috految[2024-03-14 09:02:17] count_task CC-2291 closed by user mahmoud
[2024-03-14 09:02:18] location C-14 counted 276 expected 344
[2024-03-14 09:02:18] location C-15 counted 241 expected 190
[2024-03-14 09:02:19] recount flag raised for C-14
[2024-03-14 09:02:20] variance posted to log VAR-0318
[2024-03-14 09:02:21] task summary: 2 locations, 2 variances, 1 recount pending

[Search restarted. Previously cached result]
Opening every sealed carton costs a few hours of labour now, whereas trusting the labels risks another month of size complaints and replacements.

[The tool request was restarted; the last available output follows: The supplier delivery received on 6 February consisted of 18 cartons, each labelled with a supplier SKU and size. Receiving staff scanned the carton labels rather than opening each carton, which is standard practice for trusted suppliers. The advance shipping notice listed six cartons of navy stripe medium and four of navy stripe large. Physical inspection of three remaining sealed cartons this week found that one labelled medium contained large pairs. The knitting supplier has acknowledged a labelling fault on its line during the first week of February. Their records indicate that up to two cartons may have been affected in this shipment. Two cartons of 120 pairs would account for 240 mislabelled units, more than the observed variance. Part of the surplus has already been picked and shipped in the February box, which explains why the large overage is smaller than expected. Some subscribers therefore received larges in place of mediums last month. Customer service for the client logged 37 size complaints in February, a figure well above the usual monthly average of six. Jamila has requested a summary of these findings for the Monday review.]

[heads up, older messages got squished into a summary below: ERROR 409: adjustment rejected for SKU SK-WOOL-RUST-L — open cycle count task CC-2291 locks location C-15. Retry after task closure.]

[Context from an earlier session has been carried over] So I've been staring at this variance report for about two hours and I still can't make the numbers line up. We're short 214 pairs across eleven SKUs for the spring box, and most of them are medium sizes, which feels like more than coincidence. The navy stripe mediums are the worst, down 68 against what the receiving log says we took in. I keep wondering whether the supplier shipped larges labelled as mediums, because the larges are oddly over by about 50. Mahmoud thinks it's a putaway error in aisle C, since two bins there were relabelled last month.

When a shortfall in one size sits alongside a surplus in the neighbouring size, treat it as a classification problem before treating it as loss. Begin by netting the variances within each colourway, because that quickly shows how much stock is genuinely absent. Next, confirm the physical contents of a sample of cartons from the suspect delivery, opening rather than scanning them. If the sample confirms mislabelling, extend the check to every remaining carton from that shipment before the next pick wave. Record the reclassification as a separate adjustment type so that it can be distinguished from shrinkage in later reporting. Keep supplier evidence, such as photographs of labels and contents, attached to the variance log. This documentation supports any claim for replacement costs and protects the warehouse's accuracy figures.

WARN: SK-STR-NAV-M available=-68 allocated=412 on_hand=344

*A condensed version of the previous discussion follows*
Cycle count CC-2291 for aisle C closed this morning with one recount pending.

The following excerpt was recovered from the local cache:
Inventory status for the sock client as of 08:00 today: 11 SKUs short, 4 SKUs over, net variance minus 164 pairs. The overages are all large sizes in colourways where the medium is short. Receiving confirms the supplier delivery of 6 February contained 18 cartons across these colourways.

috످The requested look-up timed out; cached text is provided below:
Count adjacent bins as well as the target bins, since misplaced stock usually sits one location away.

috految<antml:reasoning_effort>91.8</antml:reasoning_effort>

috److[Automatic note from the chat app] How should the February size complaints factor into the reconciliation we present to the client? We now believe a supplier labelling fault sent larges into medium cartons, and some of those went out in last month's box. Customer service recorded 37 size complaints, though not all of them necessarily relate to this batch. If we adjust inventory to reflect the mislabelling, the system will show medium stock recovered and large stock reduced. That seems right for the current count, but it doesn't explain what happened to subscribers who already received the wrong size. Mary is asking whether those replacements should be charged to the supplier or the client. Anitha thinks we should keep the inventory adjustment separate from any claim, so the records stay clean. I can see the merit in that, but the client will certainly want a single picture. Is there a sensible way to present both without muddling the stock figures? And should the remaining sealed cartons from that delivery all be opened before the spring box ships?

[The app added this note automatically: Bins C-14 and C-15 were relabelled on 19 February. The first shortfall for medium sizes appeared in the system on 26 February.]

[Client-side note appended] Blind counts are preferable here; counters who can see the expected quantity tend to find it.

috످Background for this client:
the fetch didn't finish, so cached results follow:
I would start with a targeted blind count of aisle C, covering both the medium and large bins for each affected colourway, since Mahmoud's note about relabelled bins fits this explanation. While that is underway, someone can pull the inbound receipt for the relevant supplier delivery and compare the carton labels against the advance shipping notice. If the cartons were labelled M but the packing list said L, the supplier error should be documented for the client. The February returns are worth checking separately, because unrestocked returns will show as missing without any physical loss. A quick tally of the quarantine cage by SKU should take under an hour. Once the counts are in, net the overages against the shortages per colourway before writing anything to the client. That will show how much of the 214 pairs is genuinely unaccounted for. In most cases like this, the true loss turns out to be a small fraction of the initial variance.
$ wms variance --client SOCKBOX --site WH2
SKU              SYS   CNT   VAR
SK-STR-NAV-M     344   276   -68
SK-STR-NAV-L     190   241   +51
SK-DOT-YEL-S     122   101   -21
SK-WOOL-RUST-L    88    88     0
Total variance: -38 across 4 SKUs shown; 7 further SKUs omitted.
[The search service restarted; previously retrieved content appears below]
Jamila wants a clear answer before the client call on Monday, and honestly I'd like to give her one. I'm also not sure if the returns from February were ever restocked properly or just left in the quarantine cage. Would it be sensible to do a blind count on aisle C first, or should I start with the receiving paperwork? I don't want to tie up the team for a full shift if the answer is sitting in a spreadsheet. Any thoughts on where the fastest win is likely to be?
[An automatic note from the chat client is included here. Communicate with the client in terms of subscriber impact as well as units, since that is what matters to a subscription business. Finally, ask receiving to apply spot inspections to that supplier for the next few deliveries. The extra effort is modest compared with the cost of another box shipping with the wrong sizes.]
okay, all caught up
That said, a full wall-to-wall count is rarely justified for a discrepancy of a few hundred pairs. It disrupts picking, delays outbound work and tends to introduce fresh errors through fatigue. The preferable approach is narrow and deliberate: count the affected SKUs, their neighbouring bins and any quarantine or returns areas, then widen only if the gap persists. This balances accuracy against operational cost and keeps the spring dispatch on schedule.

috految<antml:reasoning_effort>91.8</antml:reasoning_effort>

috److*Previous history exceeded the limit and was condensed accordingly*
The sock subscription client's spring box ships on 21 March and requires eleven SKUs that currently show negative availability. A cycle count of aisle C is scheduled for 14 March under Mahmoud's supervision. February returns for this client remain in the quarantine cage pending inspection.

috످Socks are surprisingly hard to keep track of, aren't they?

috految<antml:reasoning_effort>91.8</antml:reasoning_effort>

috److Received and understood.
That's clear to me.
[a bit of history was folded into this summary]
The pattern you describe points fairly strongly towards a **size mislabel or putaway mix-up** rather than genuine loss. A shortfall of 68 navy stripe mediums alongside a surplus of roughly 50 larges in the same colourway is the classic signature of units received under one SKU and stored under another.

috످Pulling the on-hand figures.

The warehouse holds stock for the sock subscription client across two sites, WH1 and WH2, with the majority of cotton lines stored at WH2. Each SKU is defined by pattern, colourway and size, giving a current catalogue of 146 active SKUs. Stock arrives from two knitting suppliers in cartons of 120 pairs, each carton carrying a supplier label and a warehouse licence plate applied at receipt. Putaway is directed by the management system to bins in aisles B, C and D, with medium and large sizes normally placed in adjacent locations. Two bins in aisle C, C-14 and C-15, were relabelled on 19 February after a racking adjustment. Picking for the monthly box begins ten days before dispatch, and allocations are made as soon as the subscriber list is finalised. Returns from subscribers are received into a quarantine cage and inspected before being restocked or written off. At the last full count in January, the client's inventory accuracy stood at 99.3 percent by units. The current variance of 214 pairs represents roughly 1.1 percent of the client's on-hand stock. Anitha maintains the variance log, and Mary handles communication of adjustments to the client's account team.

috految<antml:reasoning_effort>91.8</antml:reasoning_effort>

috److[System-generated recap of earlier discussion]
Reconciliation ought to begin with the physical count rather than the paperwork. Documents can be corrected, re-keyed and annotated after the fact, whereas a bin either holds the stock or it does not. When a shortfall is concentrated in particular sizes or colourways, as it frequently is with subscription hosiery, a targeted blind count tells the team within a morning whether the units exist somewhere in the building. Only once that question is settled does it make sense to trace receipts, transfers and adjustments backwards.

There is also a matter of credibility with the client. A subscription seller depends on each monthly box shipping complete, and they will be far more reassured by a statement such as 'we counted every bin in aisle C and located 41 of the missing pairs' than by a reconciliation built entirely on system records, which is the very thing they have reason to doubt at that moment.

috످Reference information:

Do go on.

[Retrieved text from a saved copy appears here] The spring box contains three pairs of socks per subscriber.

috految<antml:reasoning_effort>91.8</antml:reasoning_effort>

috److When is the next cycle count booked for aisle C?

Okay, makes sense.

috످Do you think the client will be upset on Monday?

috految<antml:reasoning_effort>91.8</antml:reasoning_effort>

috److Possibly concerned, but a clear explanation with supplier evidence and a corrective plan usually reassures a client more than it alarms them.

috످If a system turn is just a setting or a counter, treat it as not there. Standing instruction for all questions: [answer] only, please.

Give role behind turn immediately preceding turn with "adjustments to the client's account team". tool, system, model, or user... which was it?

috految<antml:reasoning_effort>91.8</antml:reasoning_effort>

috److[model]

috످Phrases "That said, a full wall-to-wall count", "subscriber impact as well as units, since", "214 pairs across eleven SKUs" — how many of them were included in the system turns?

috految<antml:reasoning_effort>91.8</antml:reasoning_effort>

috److془Let's check.

First: warns against counting whole warehouse; in user turn beginning "Background for this client".
Second: advice on describing impact to client; labelled automatic note but in same user turn.
Third: complaint about sock shortage; in the opening system turn.

Answer: [1].془[1]

috످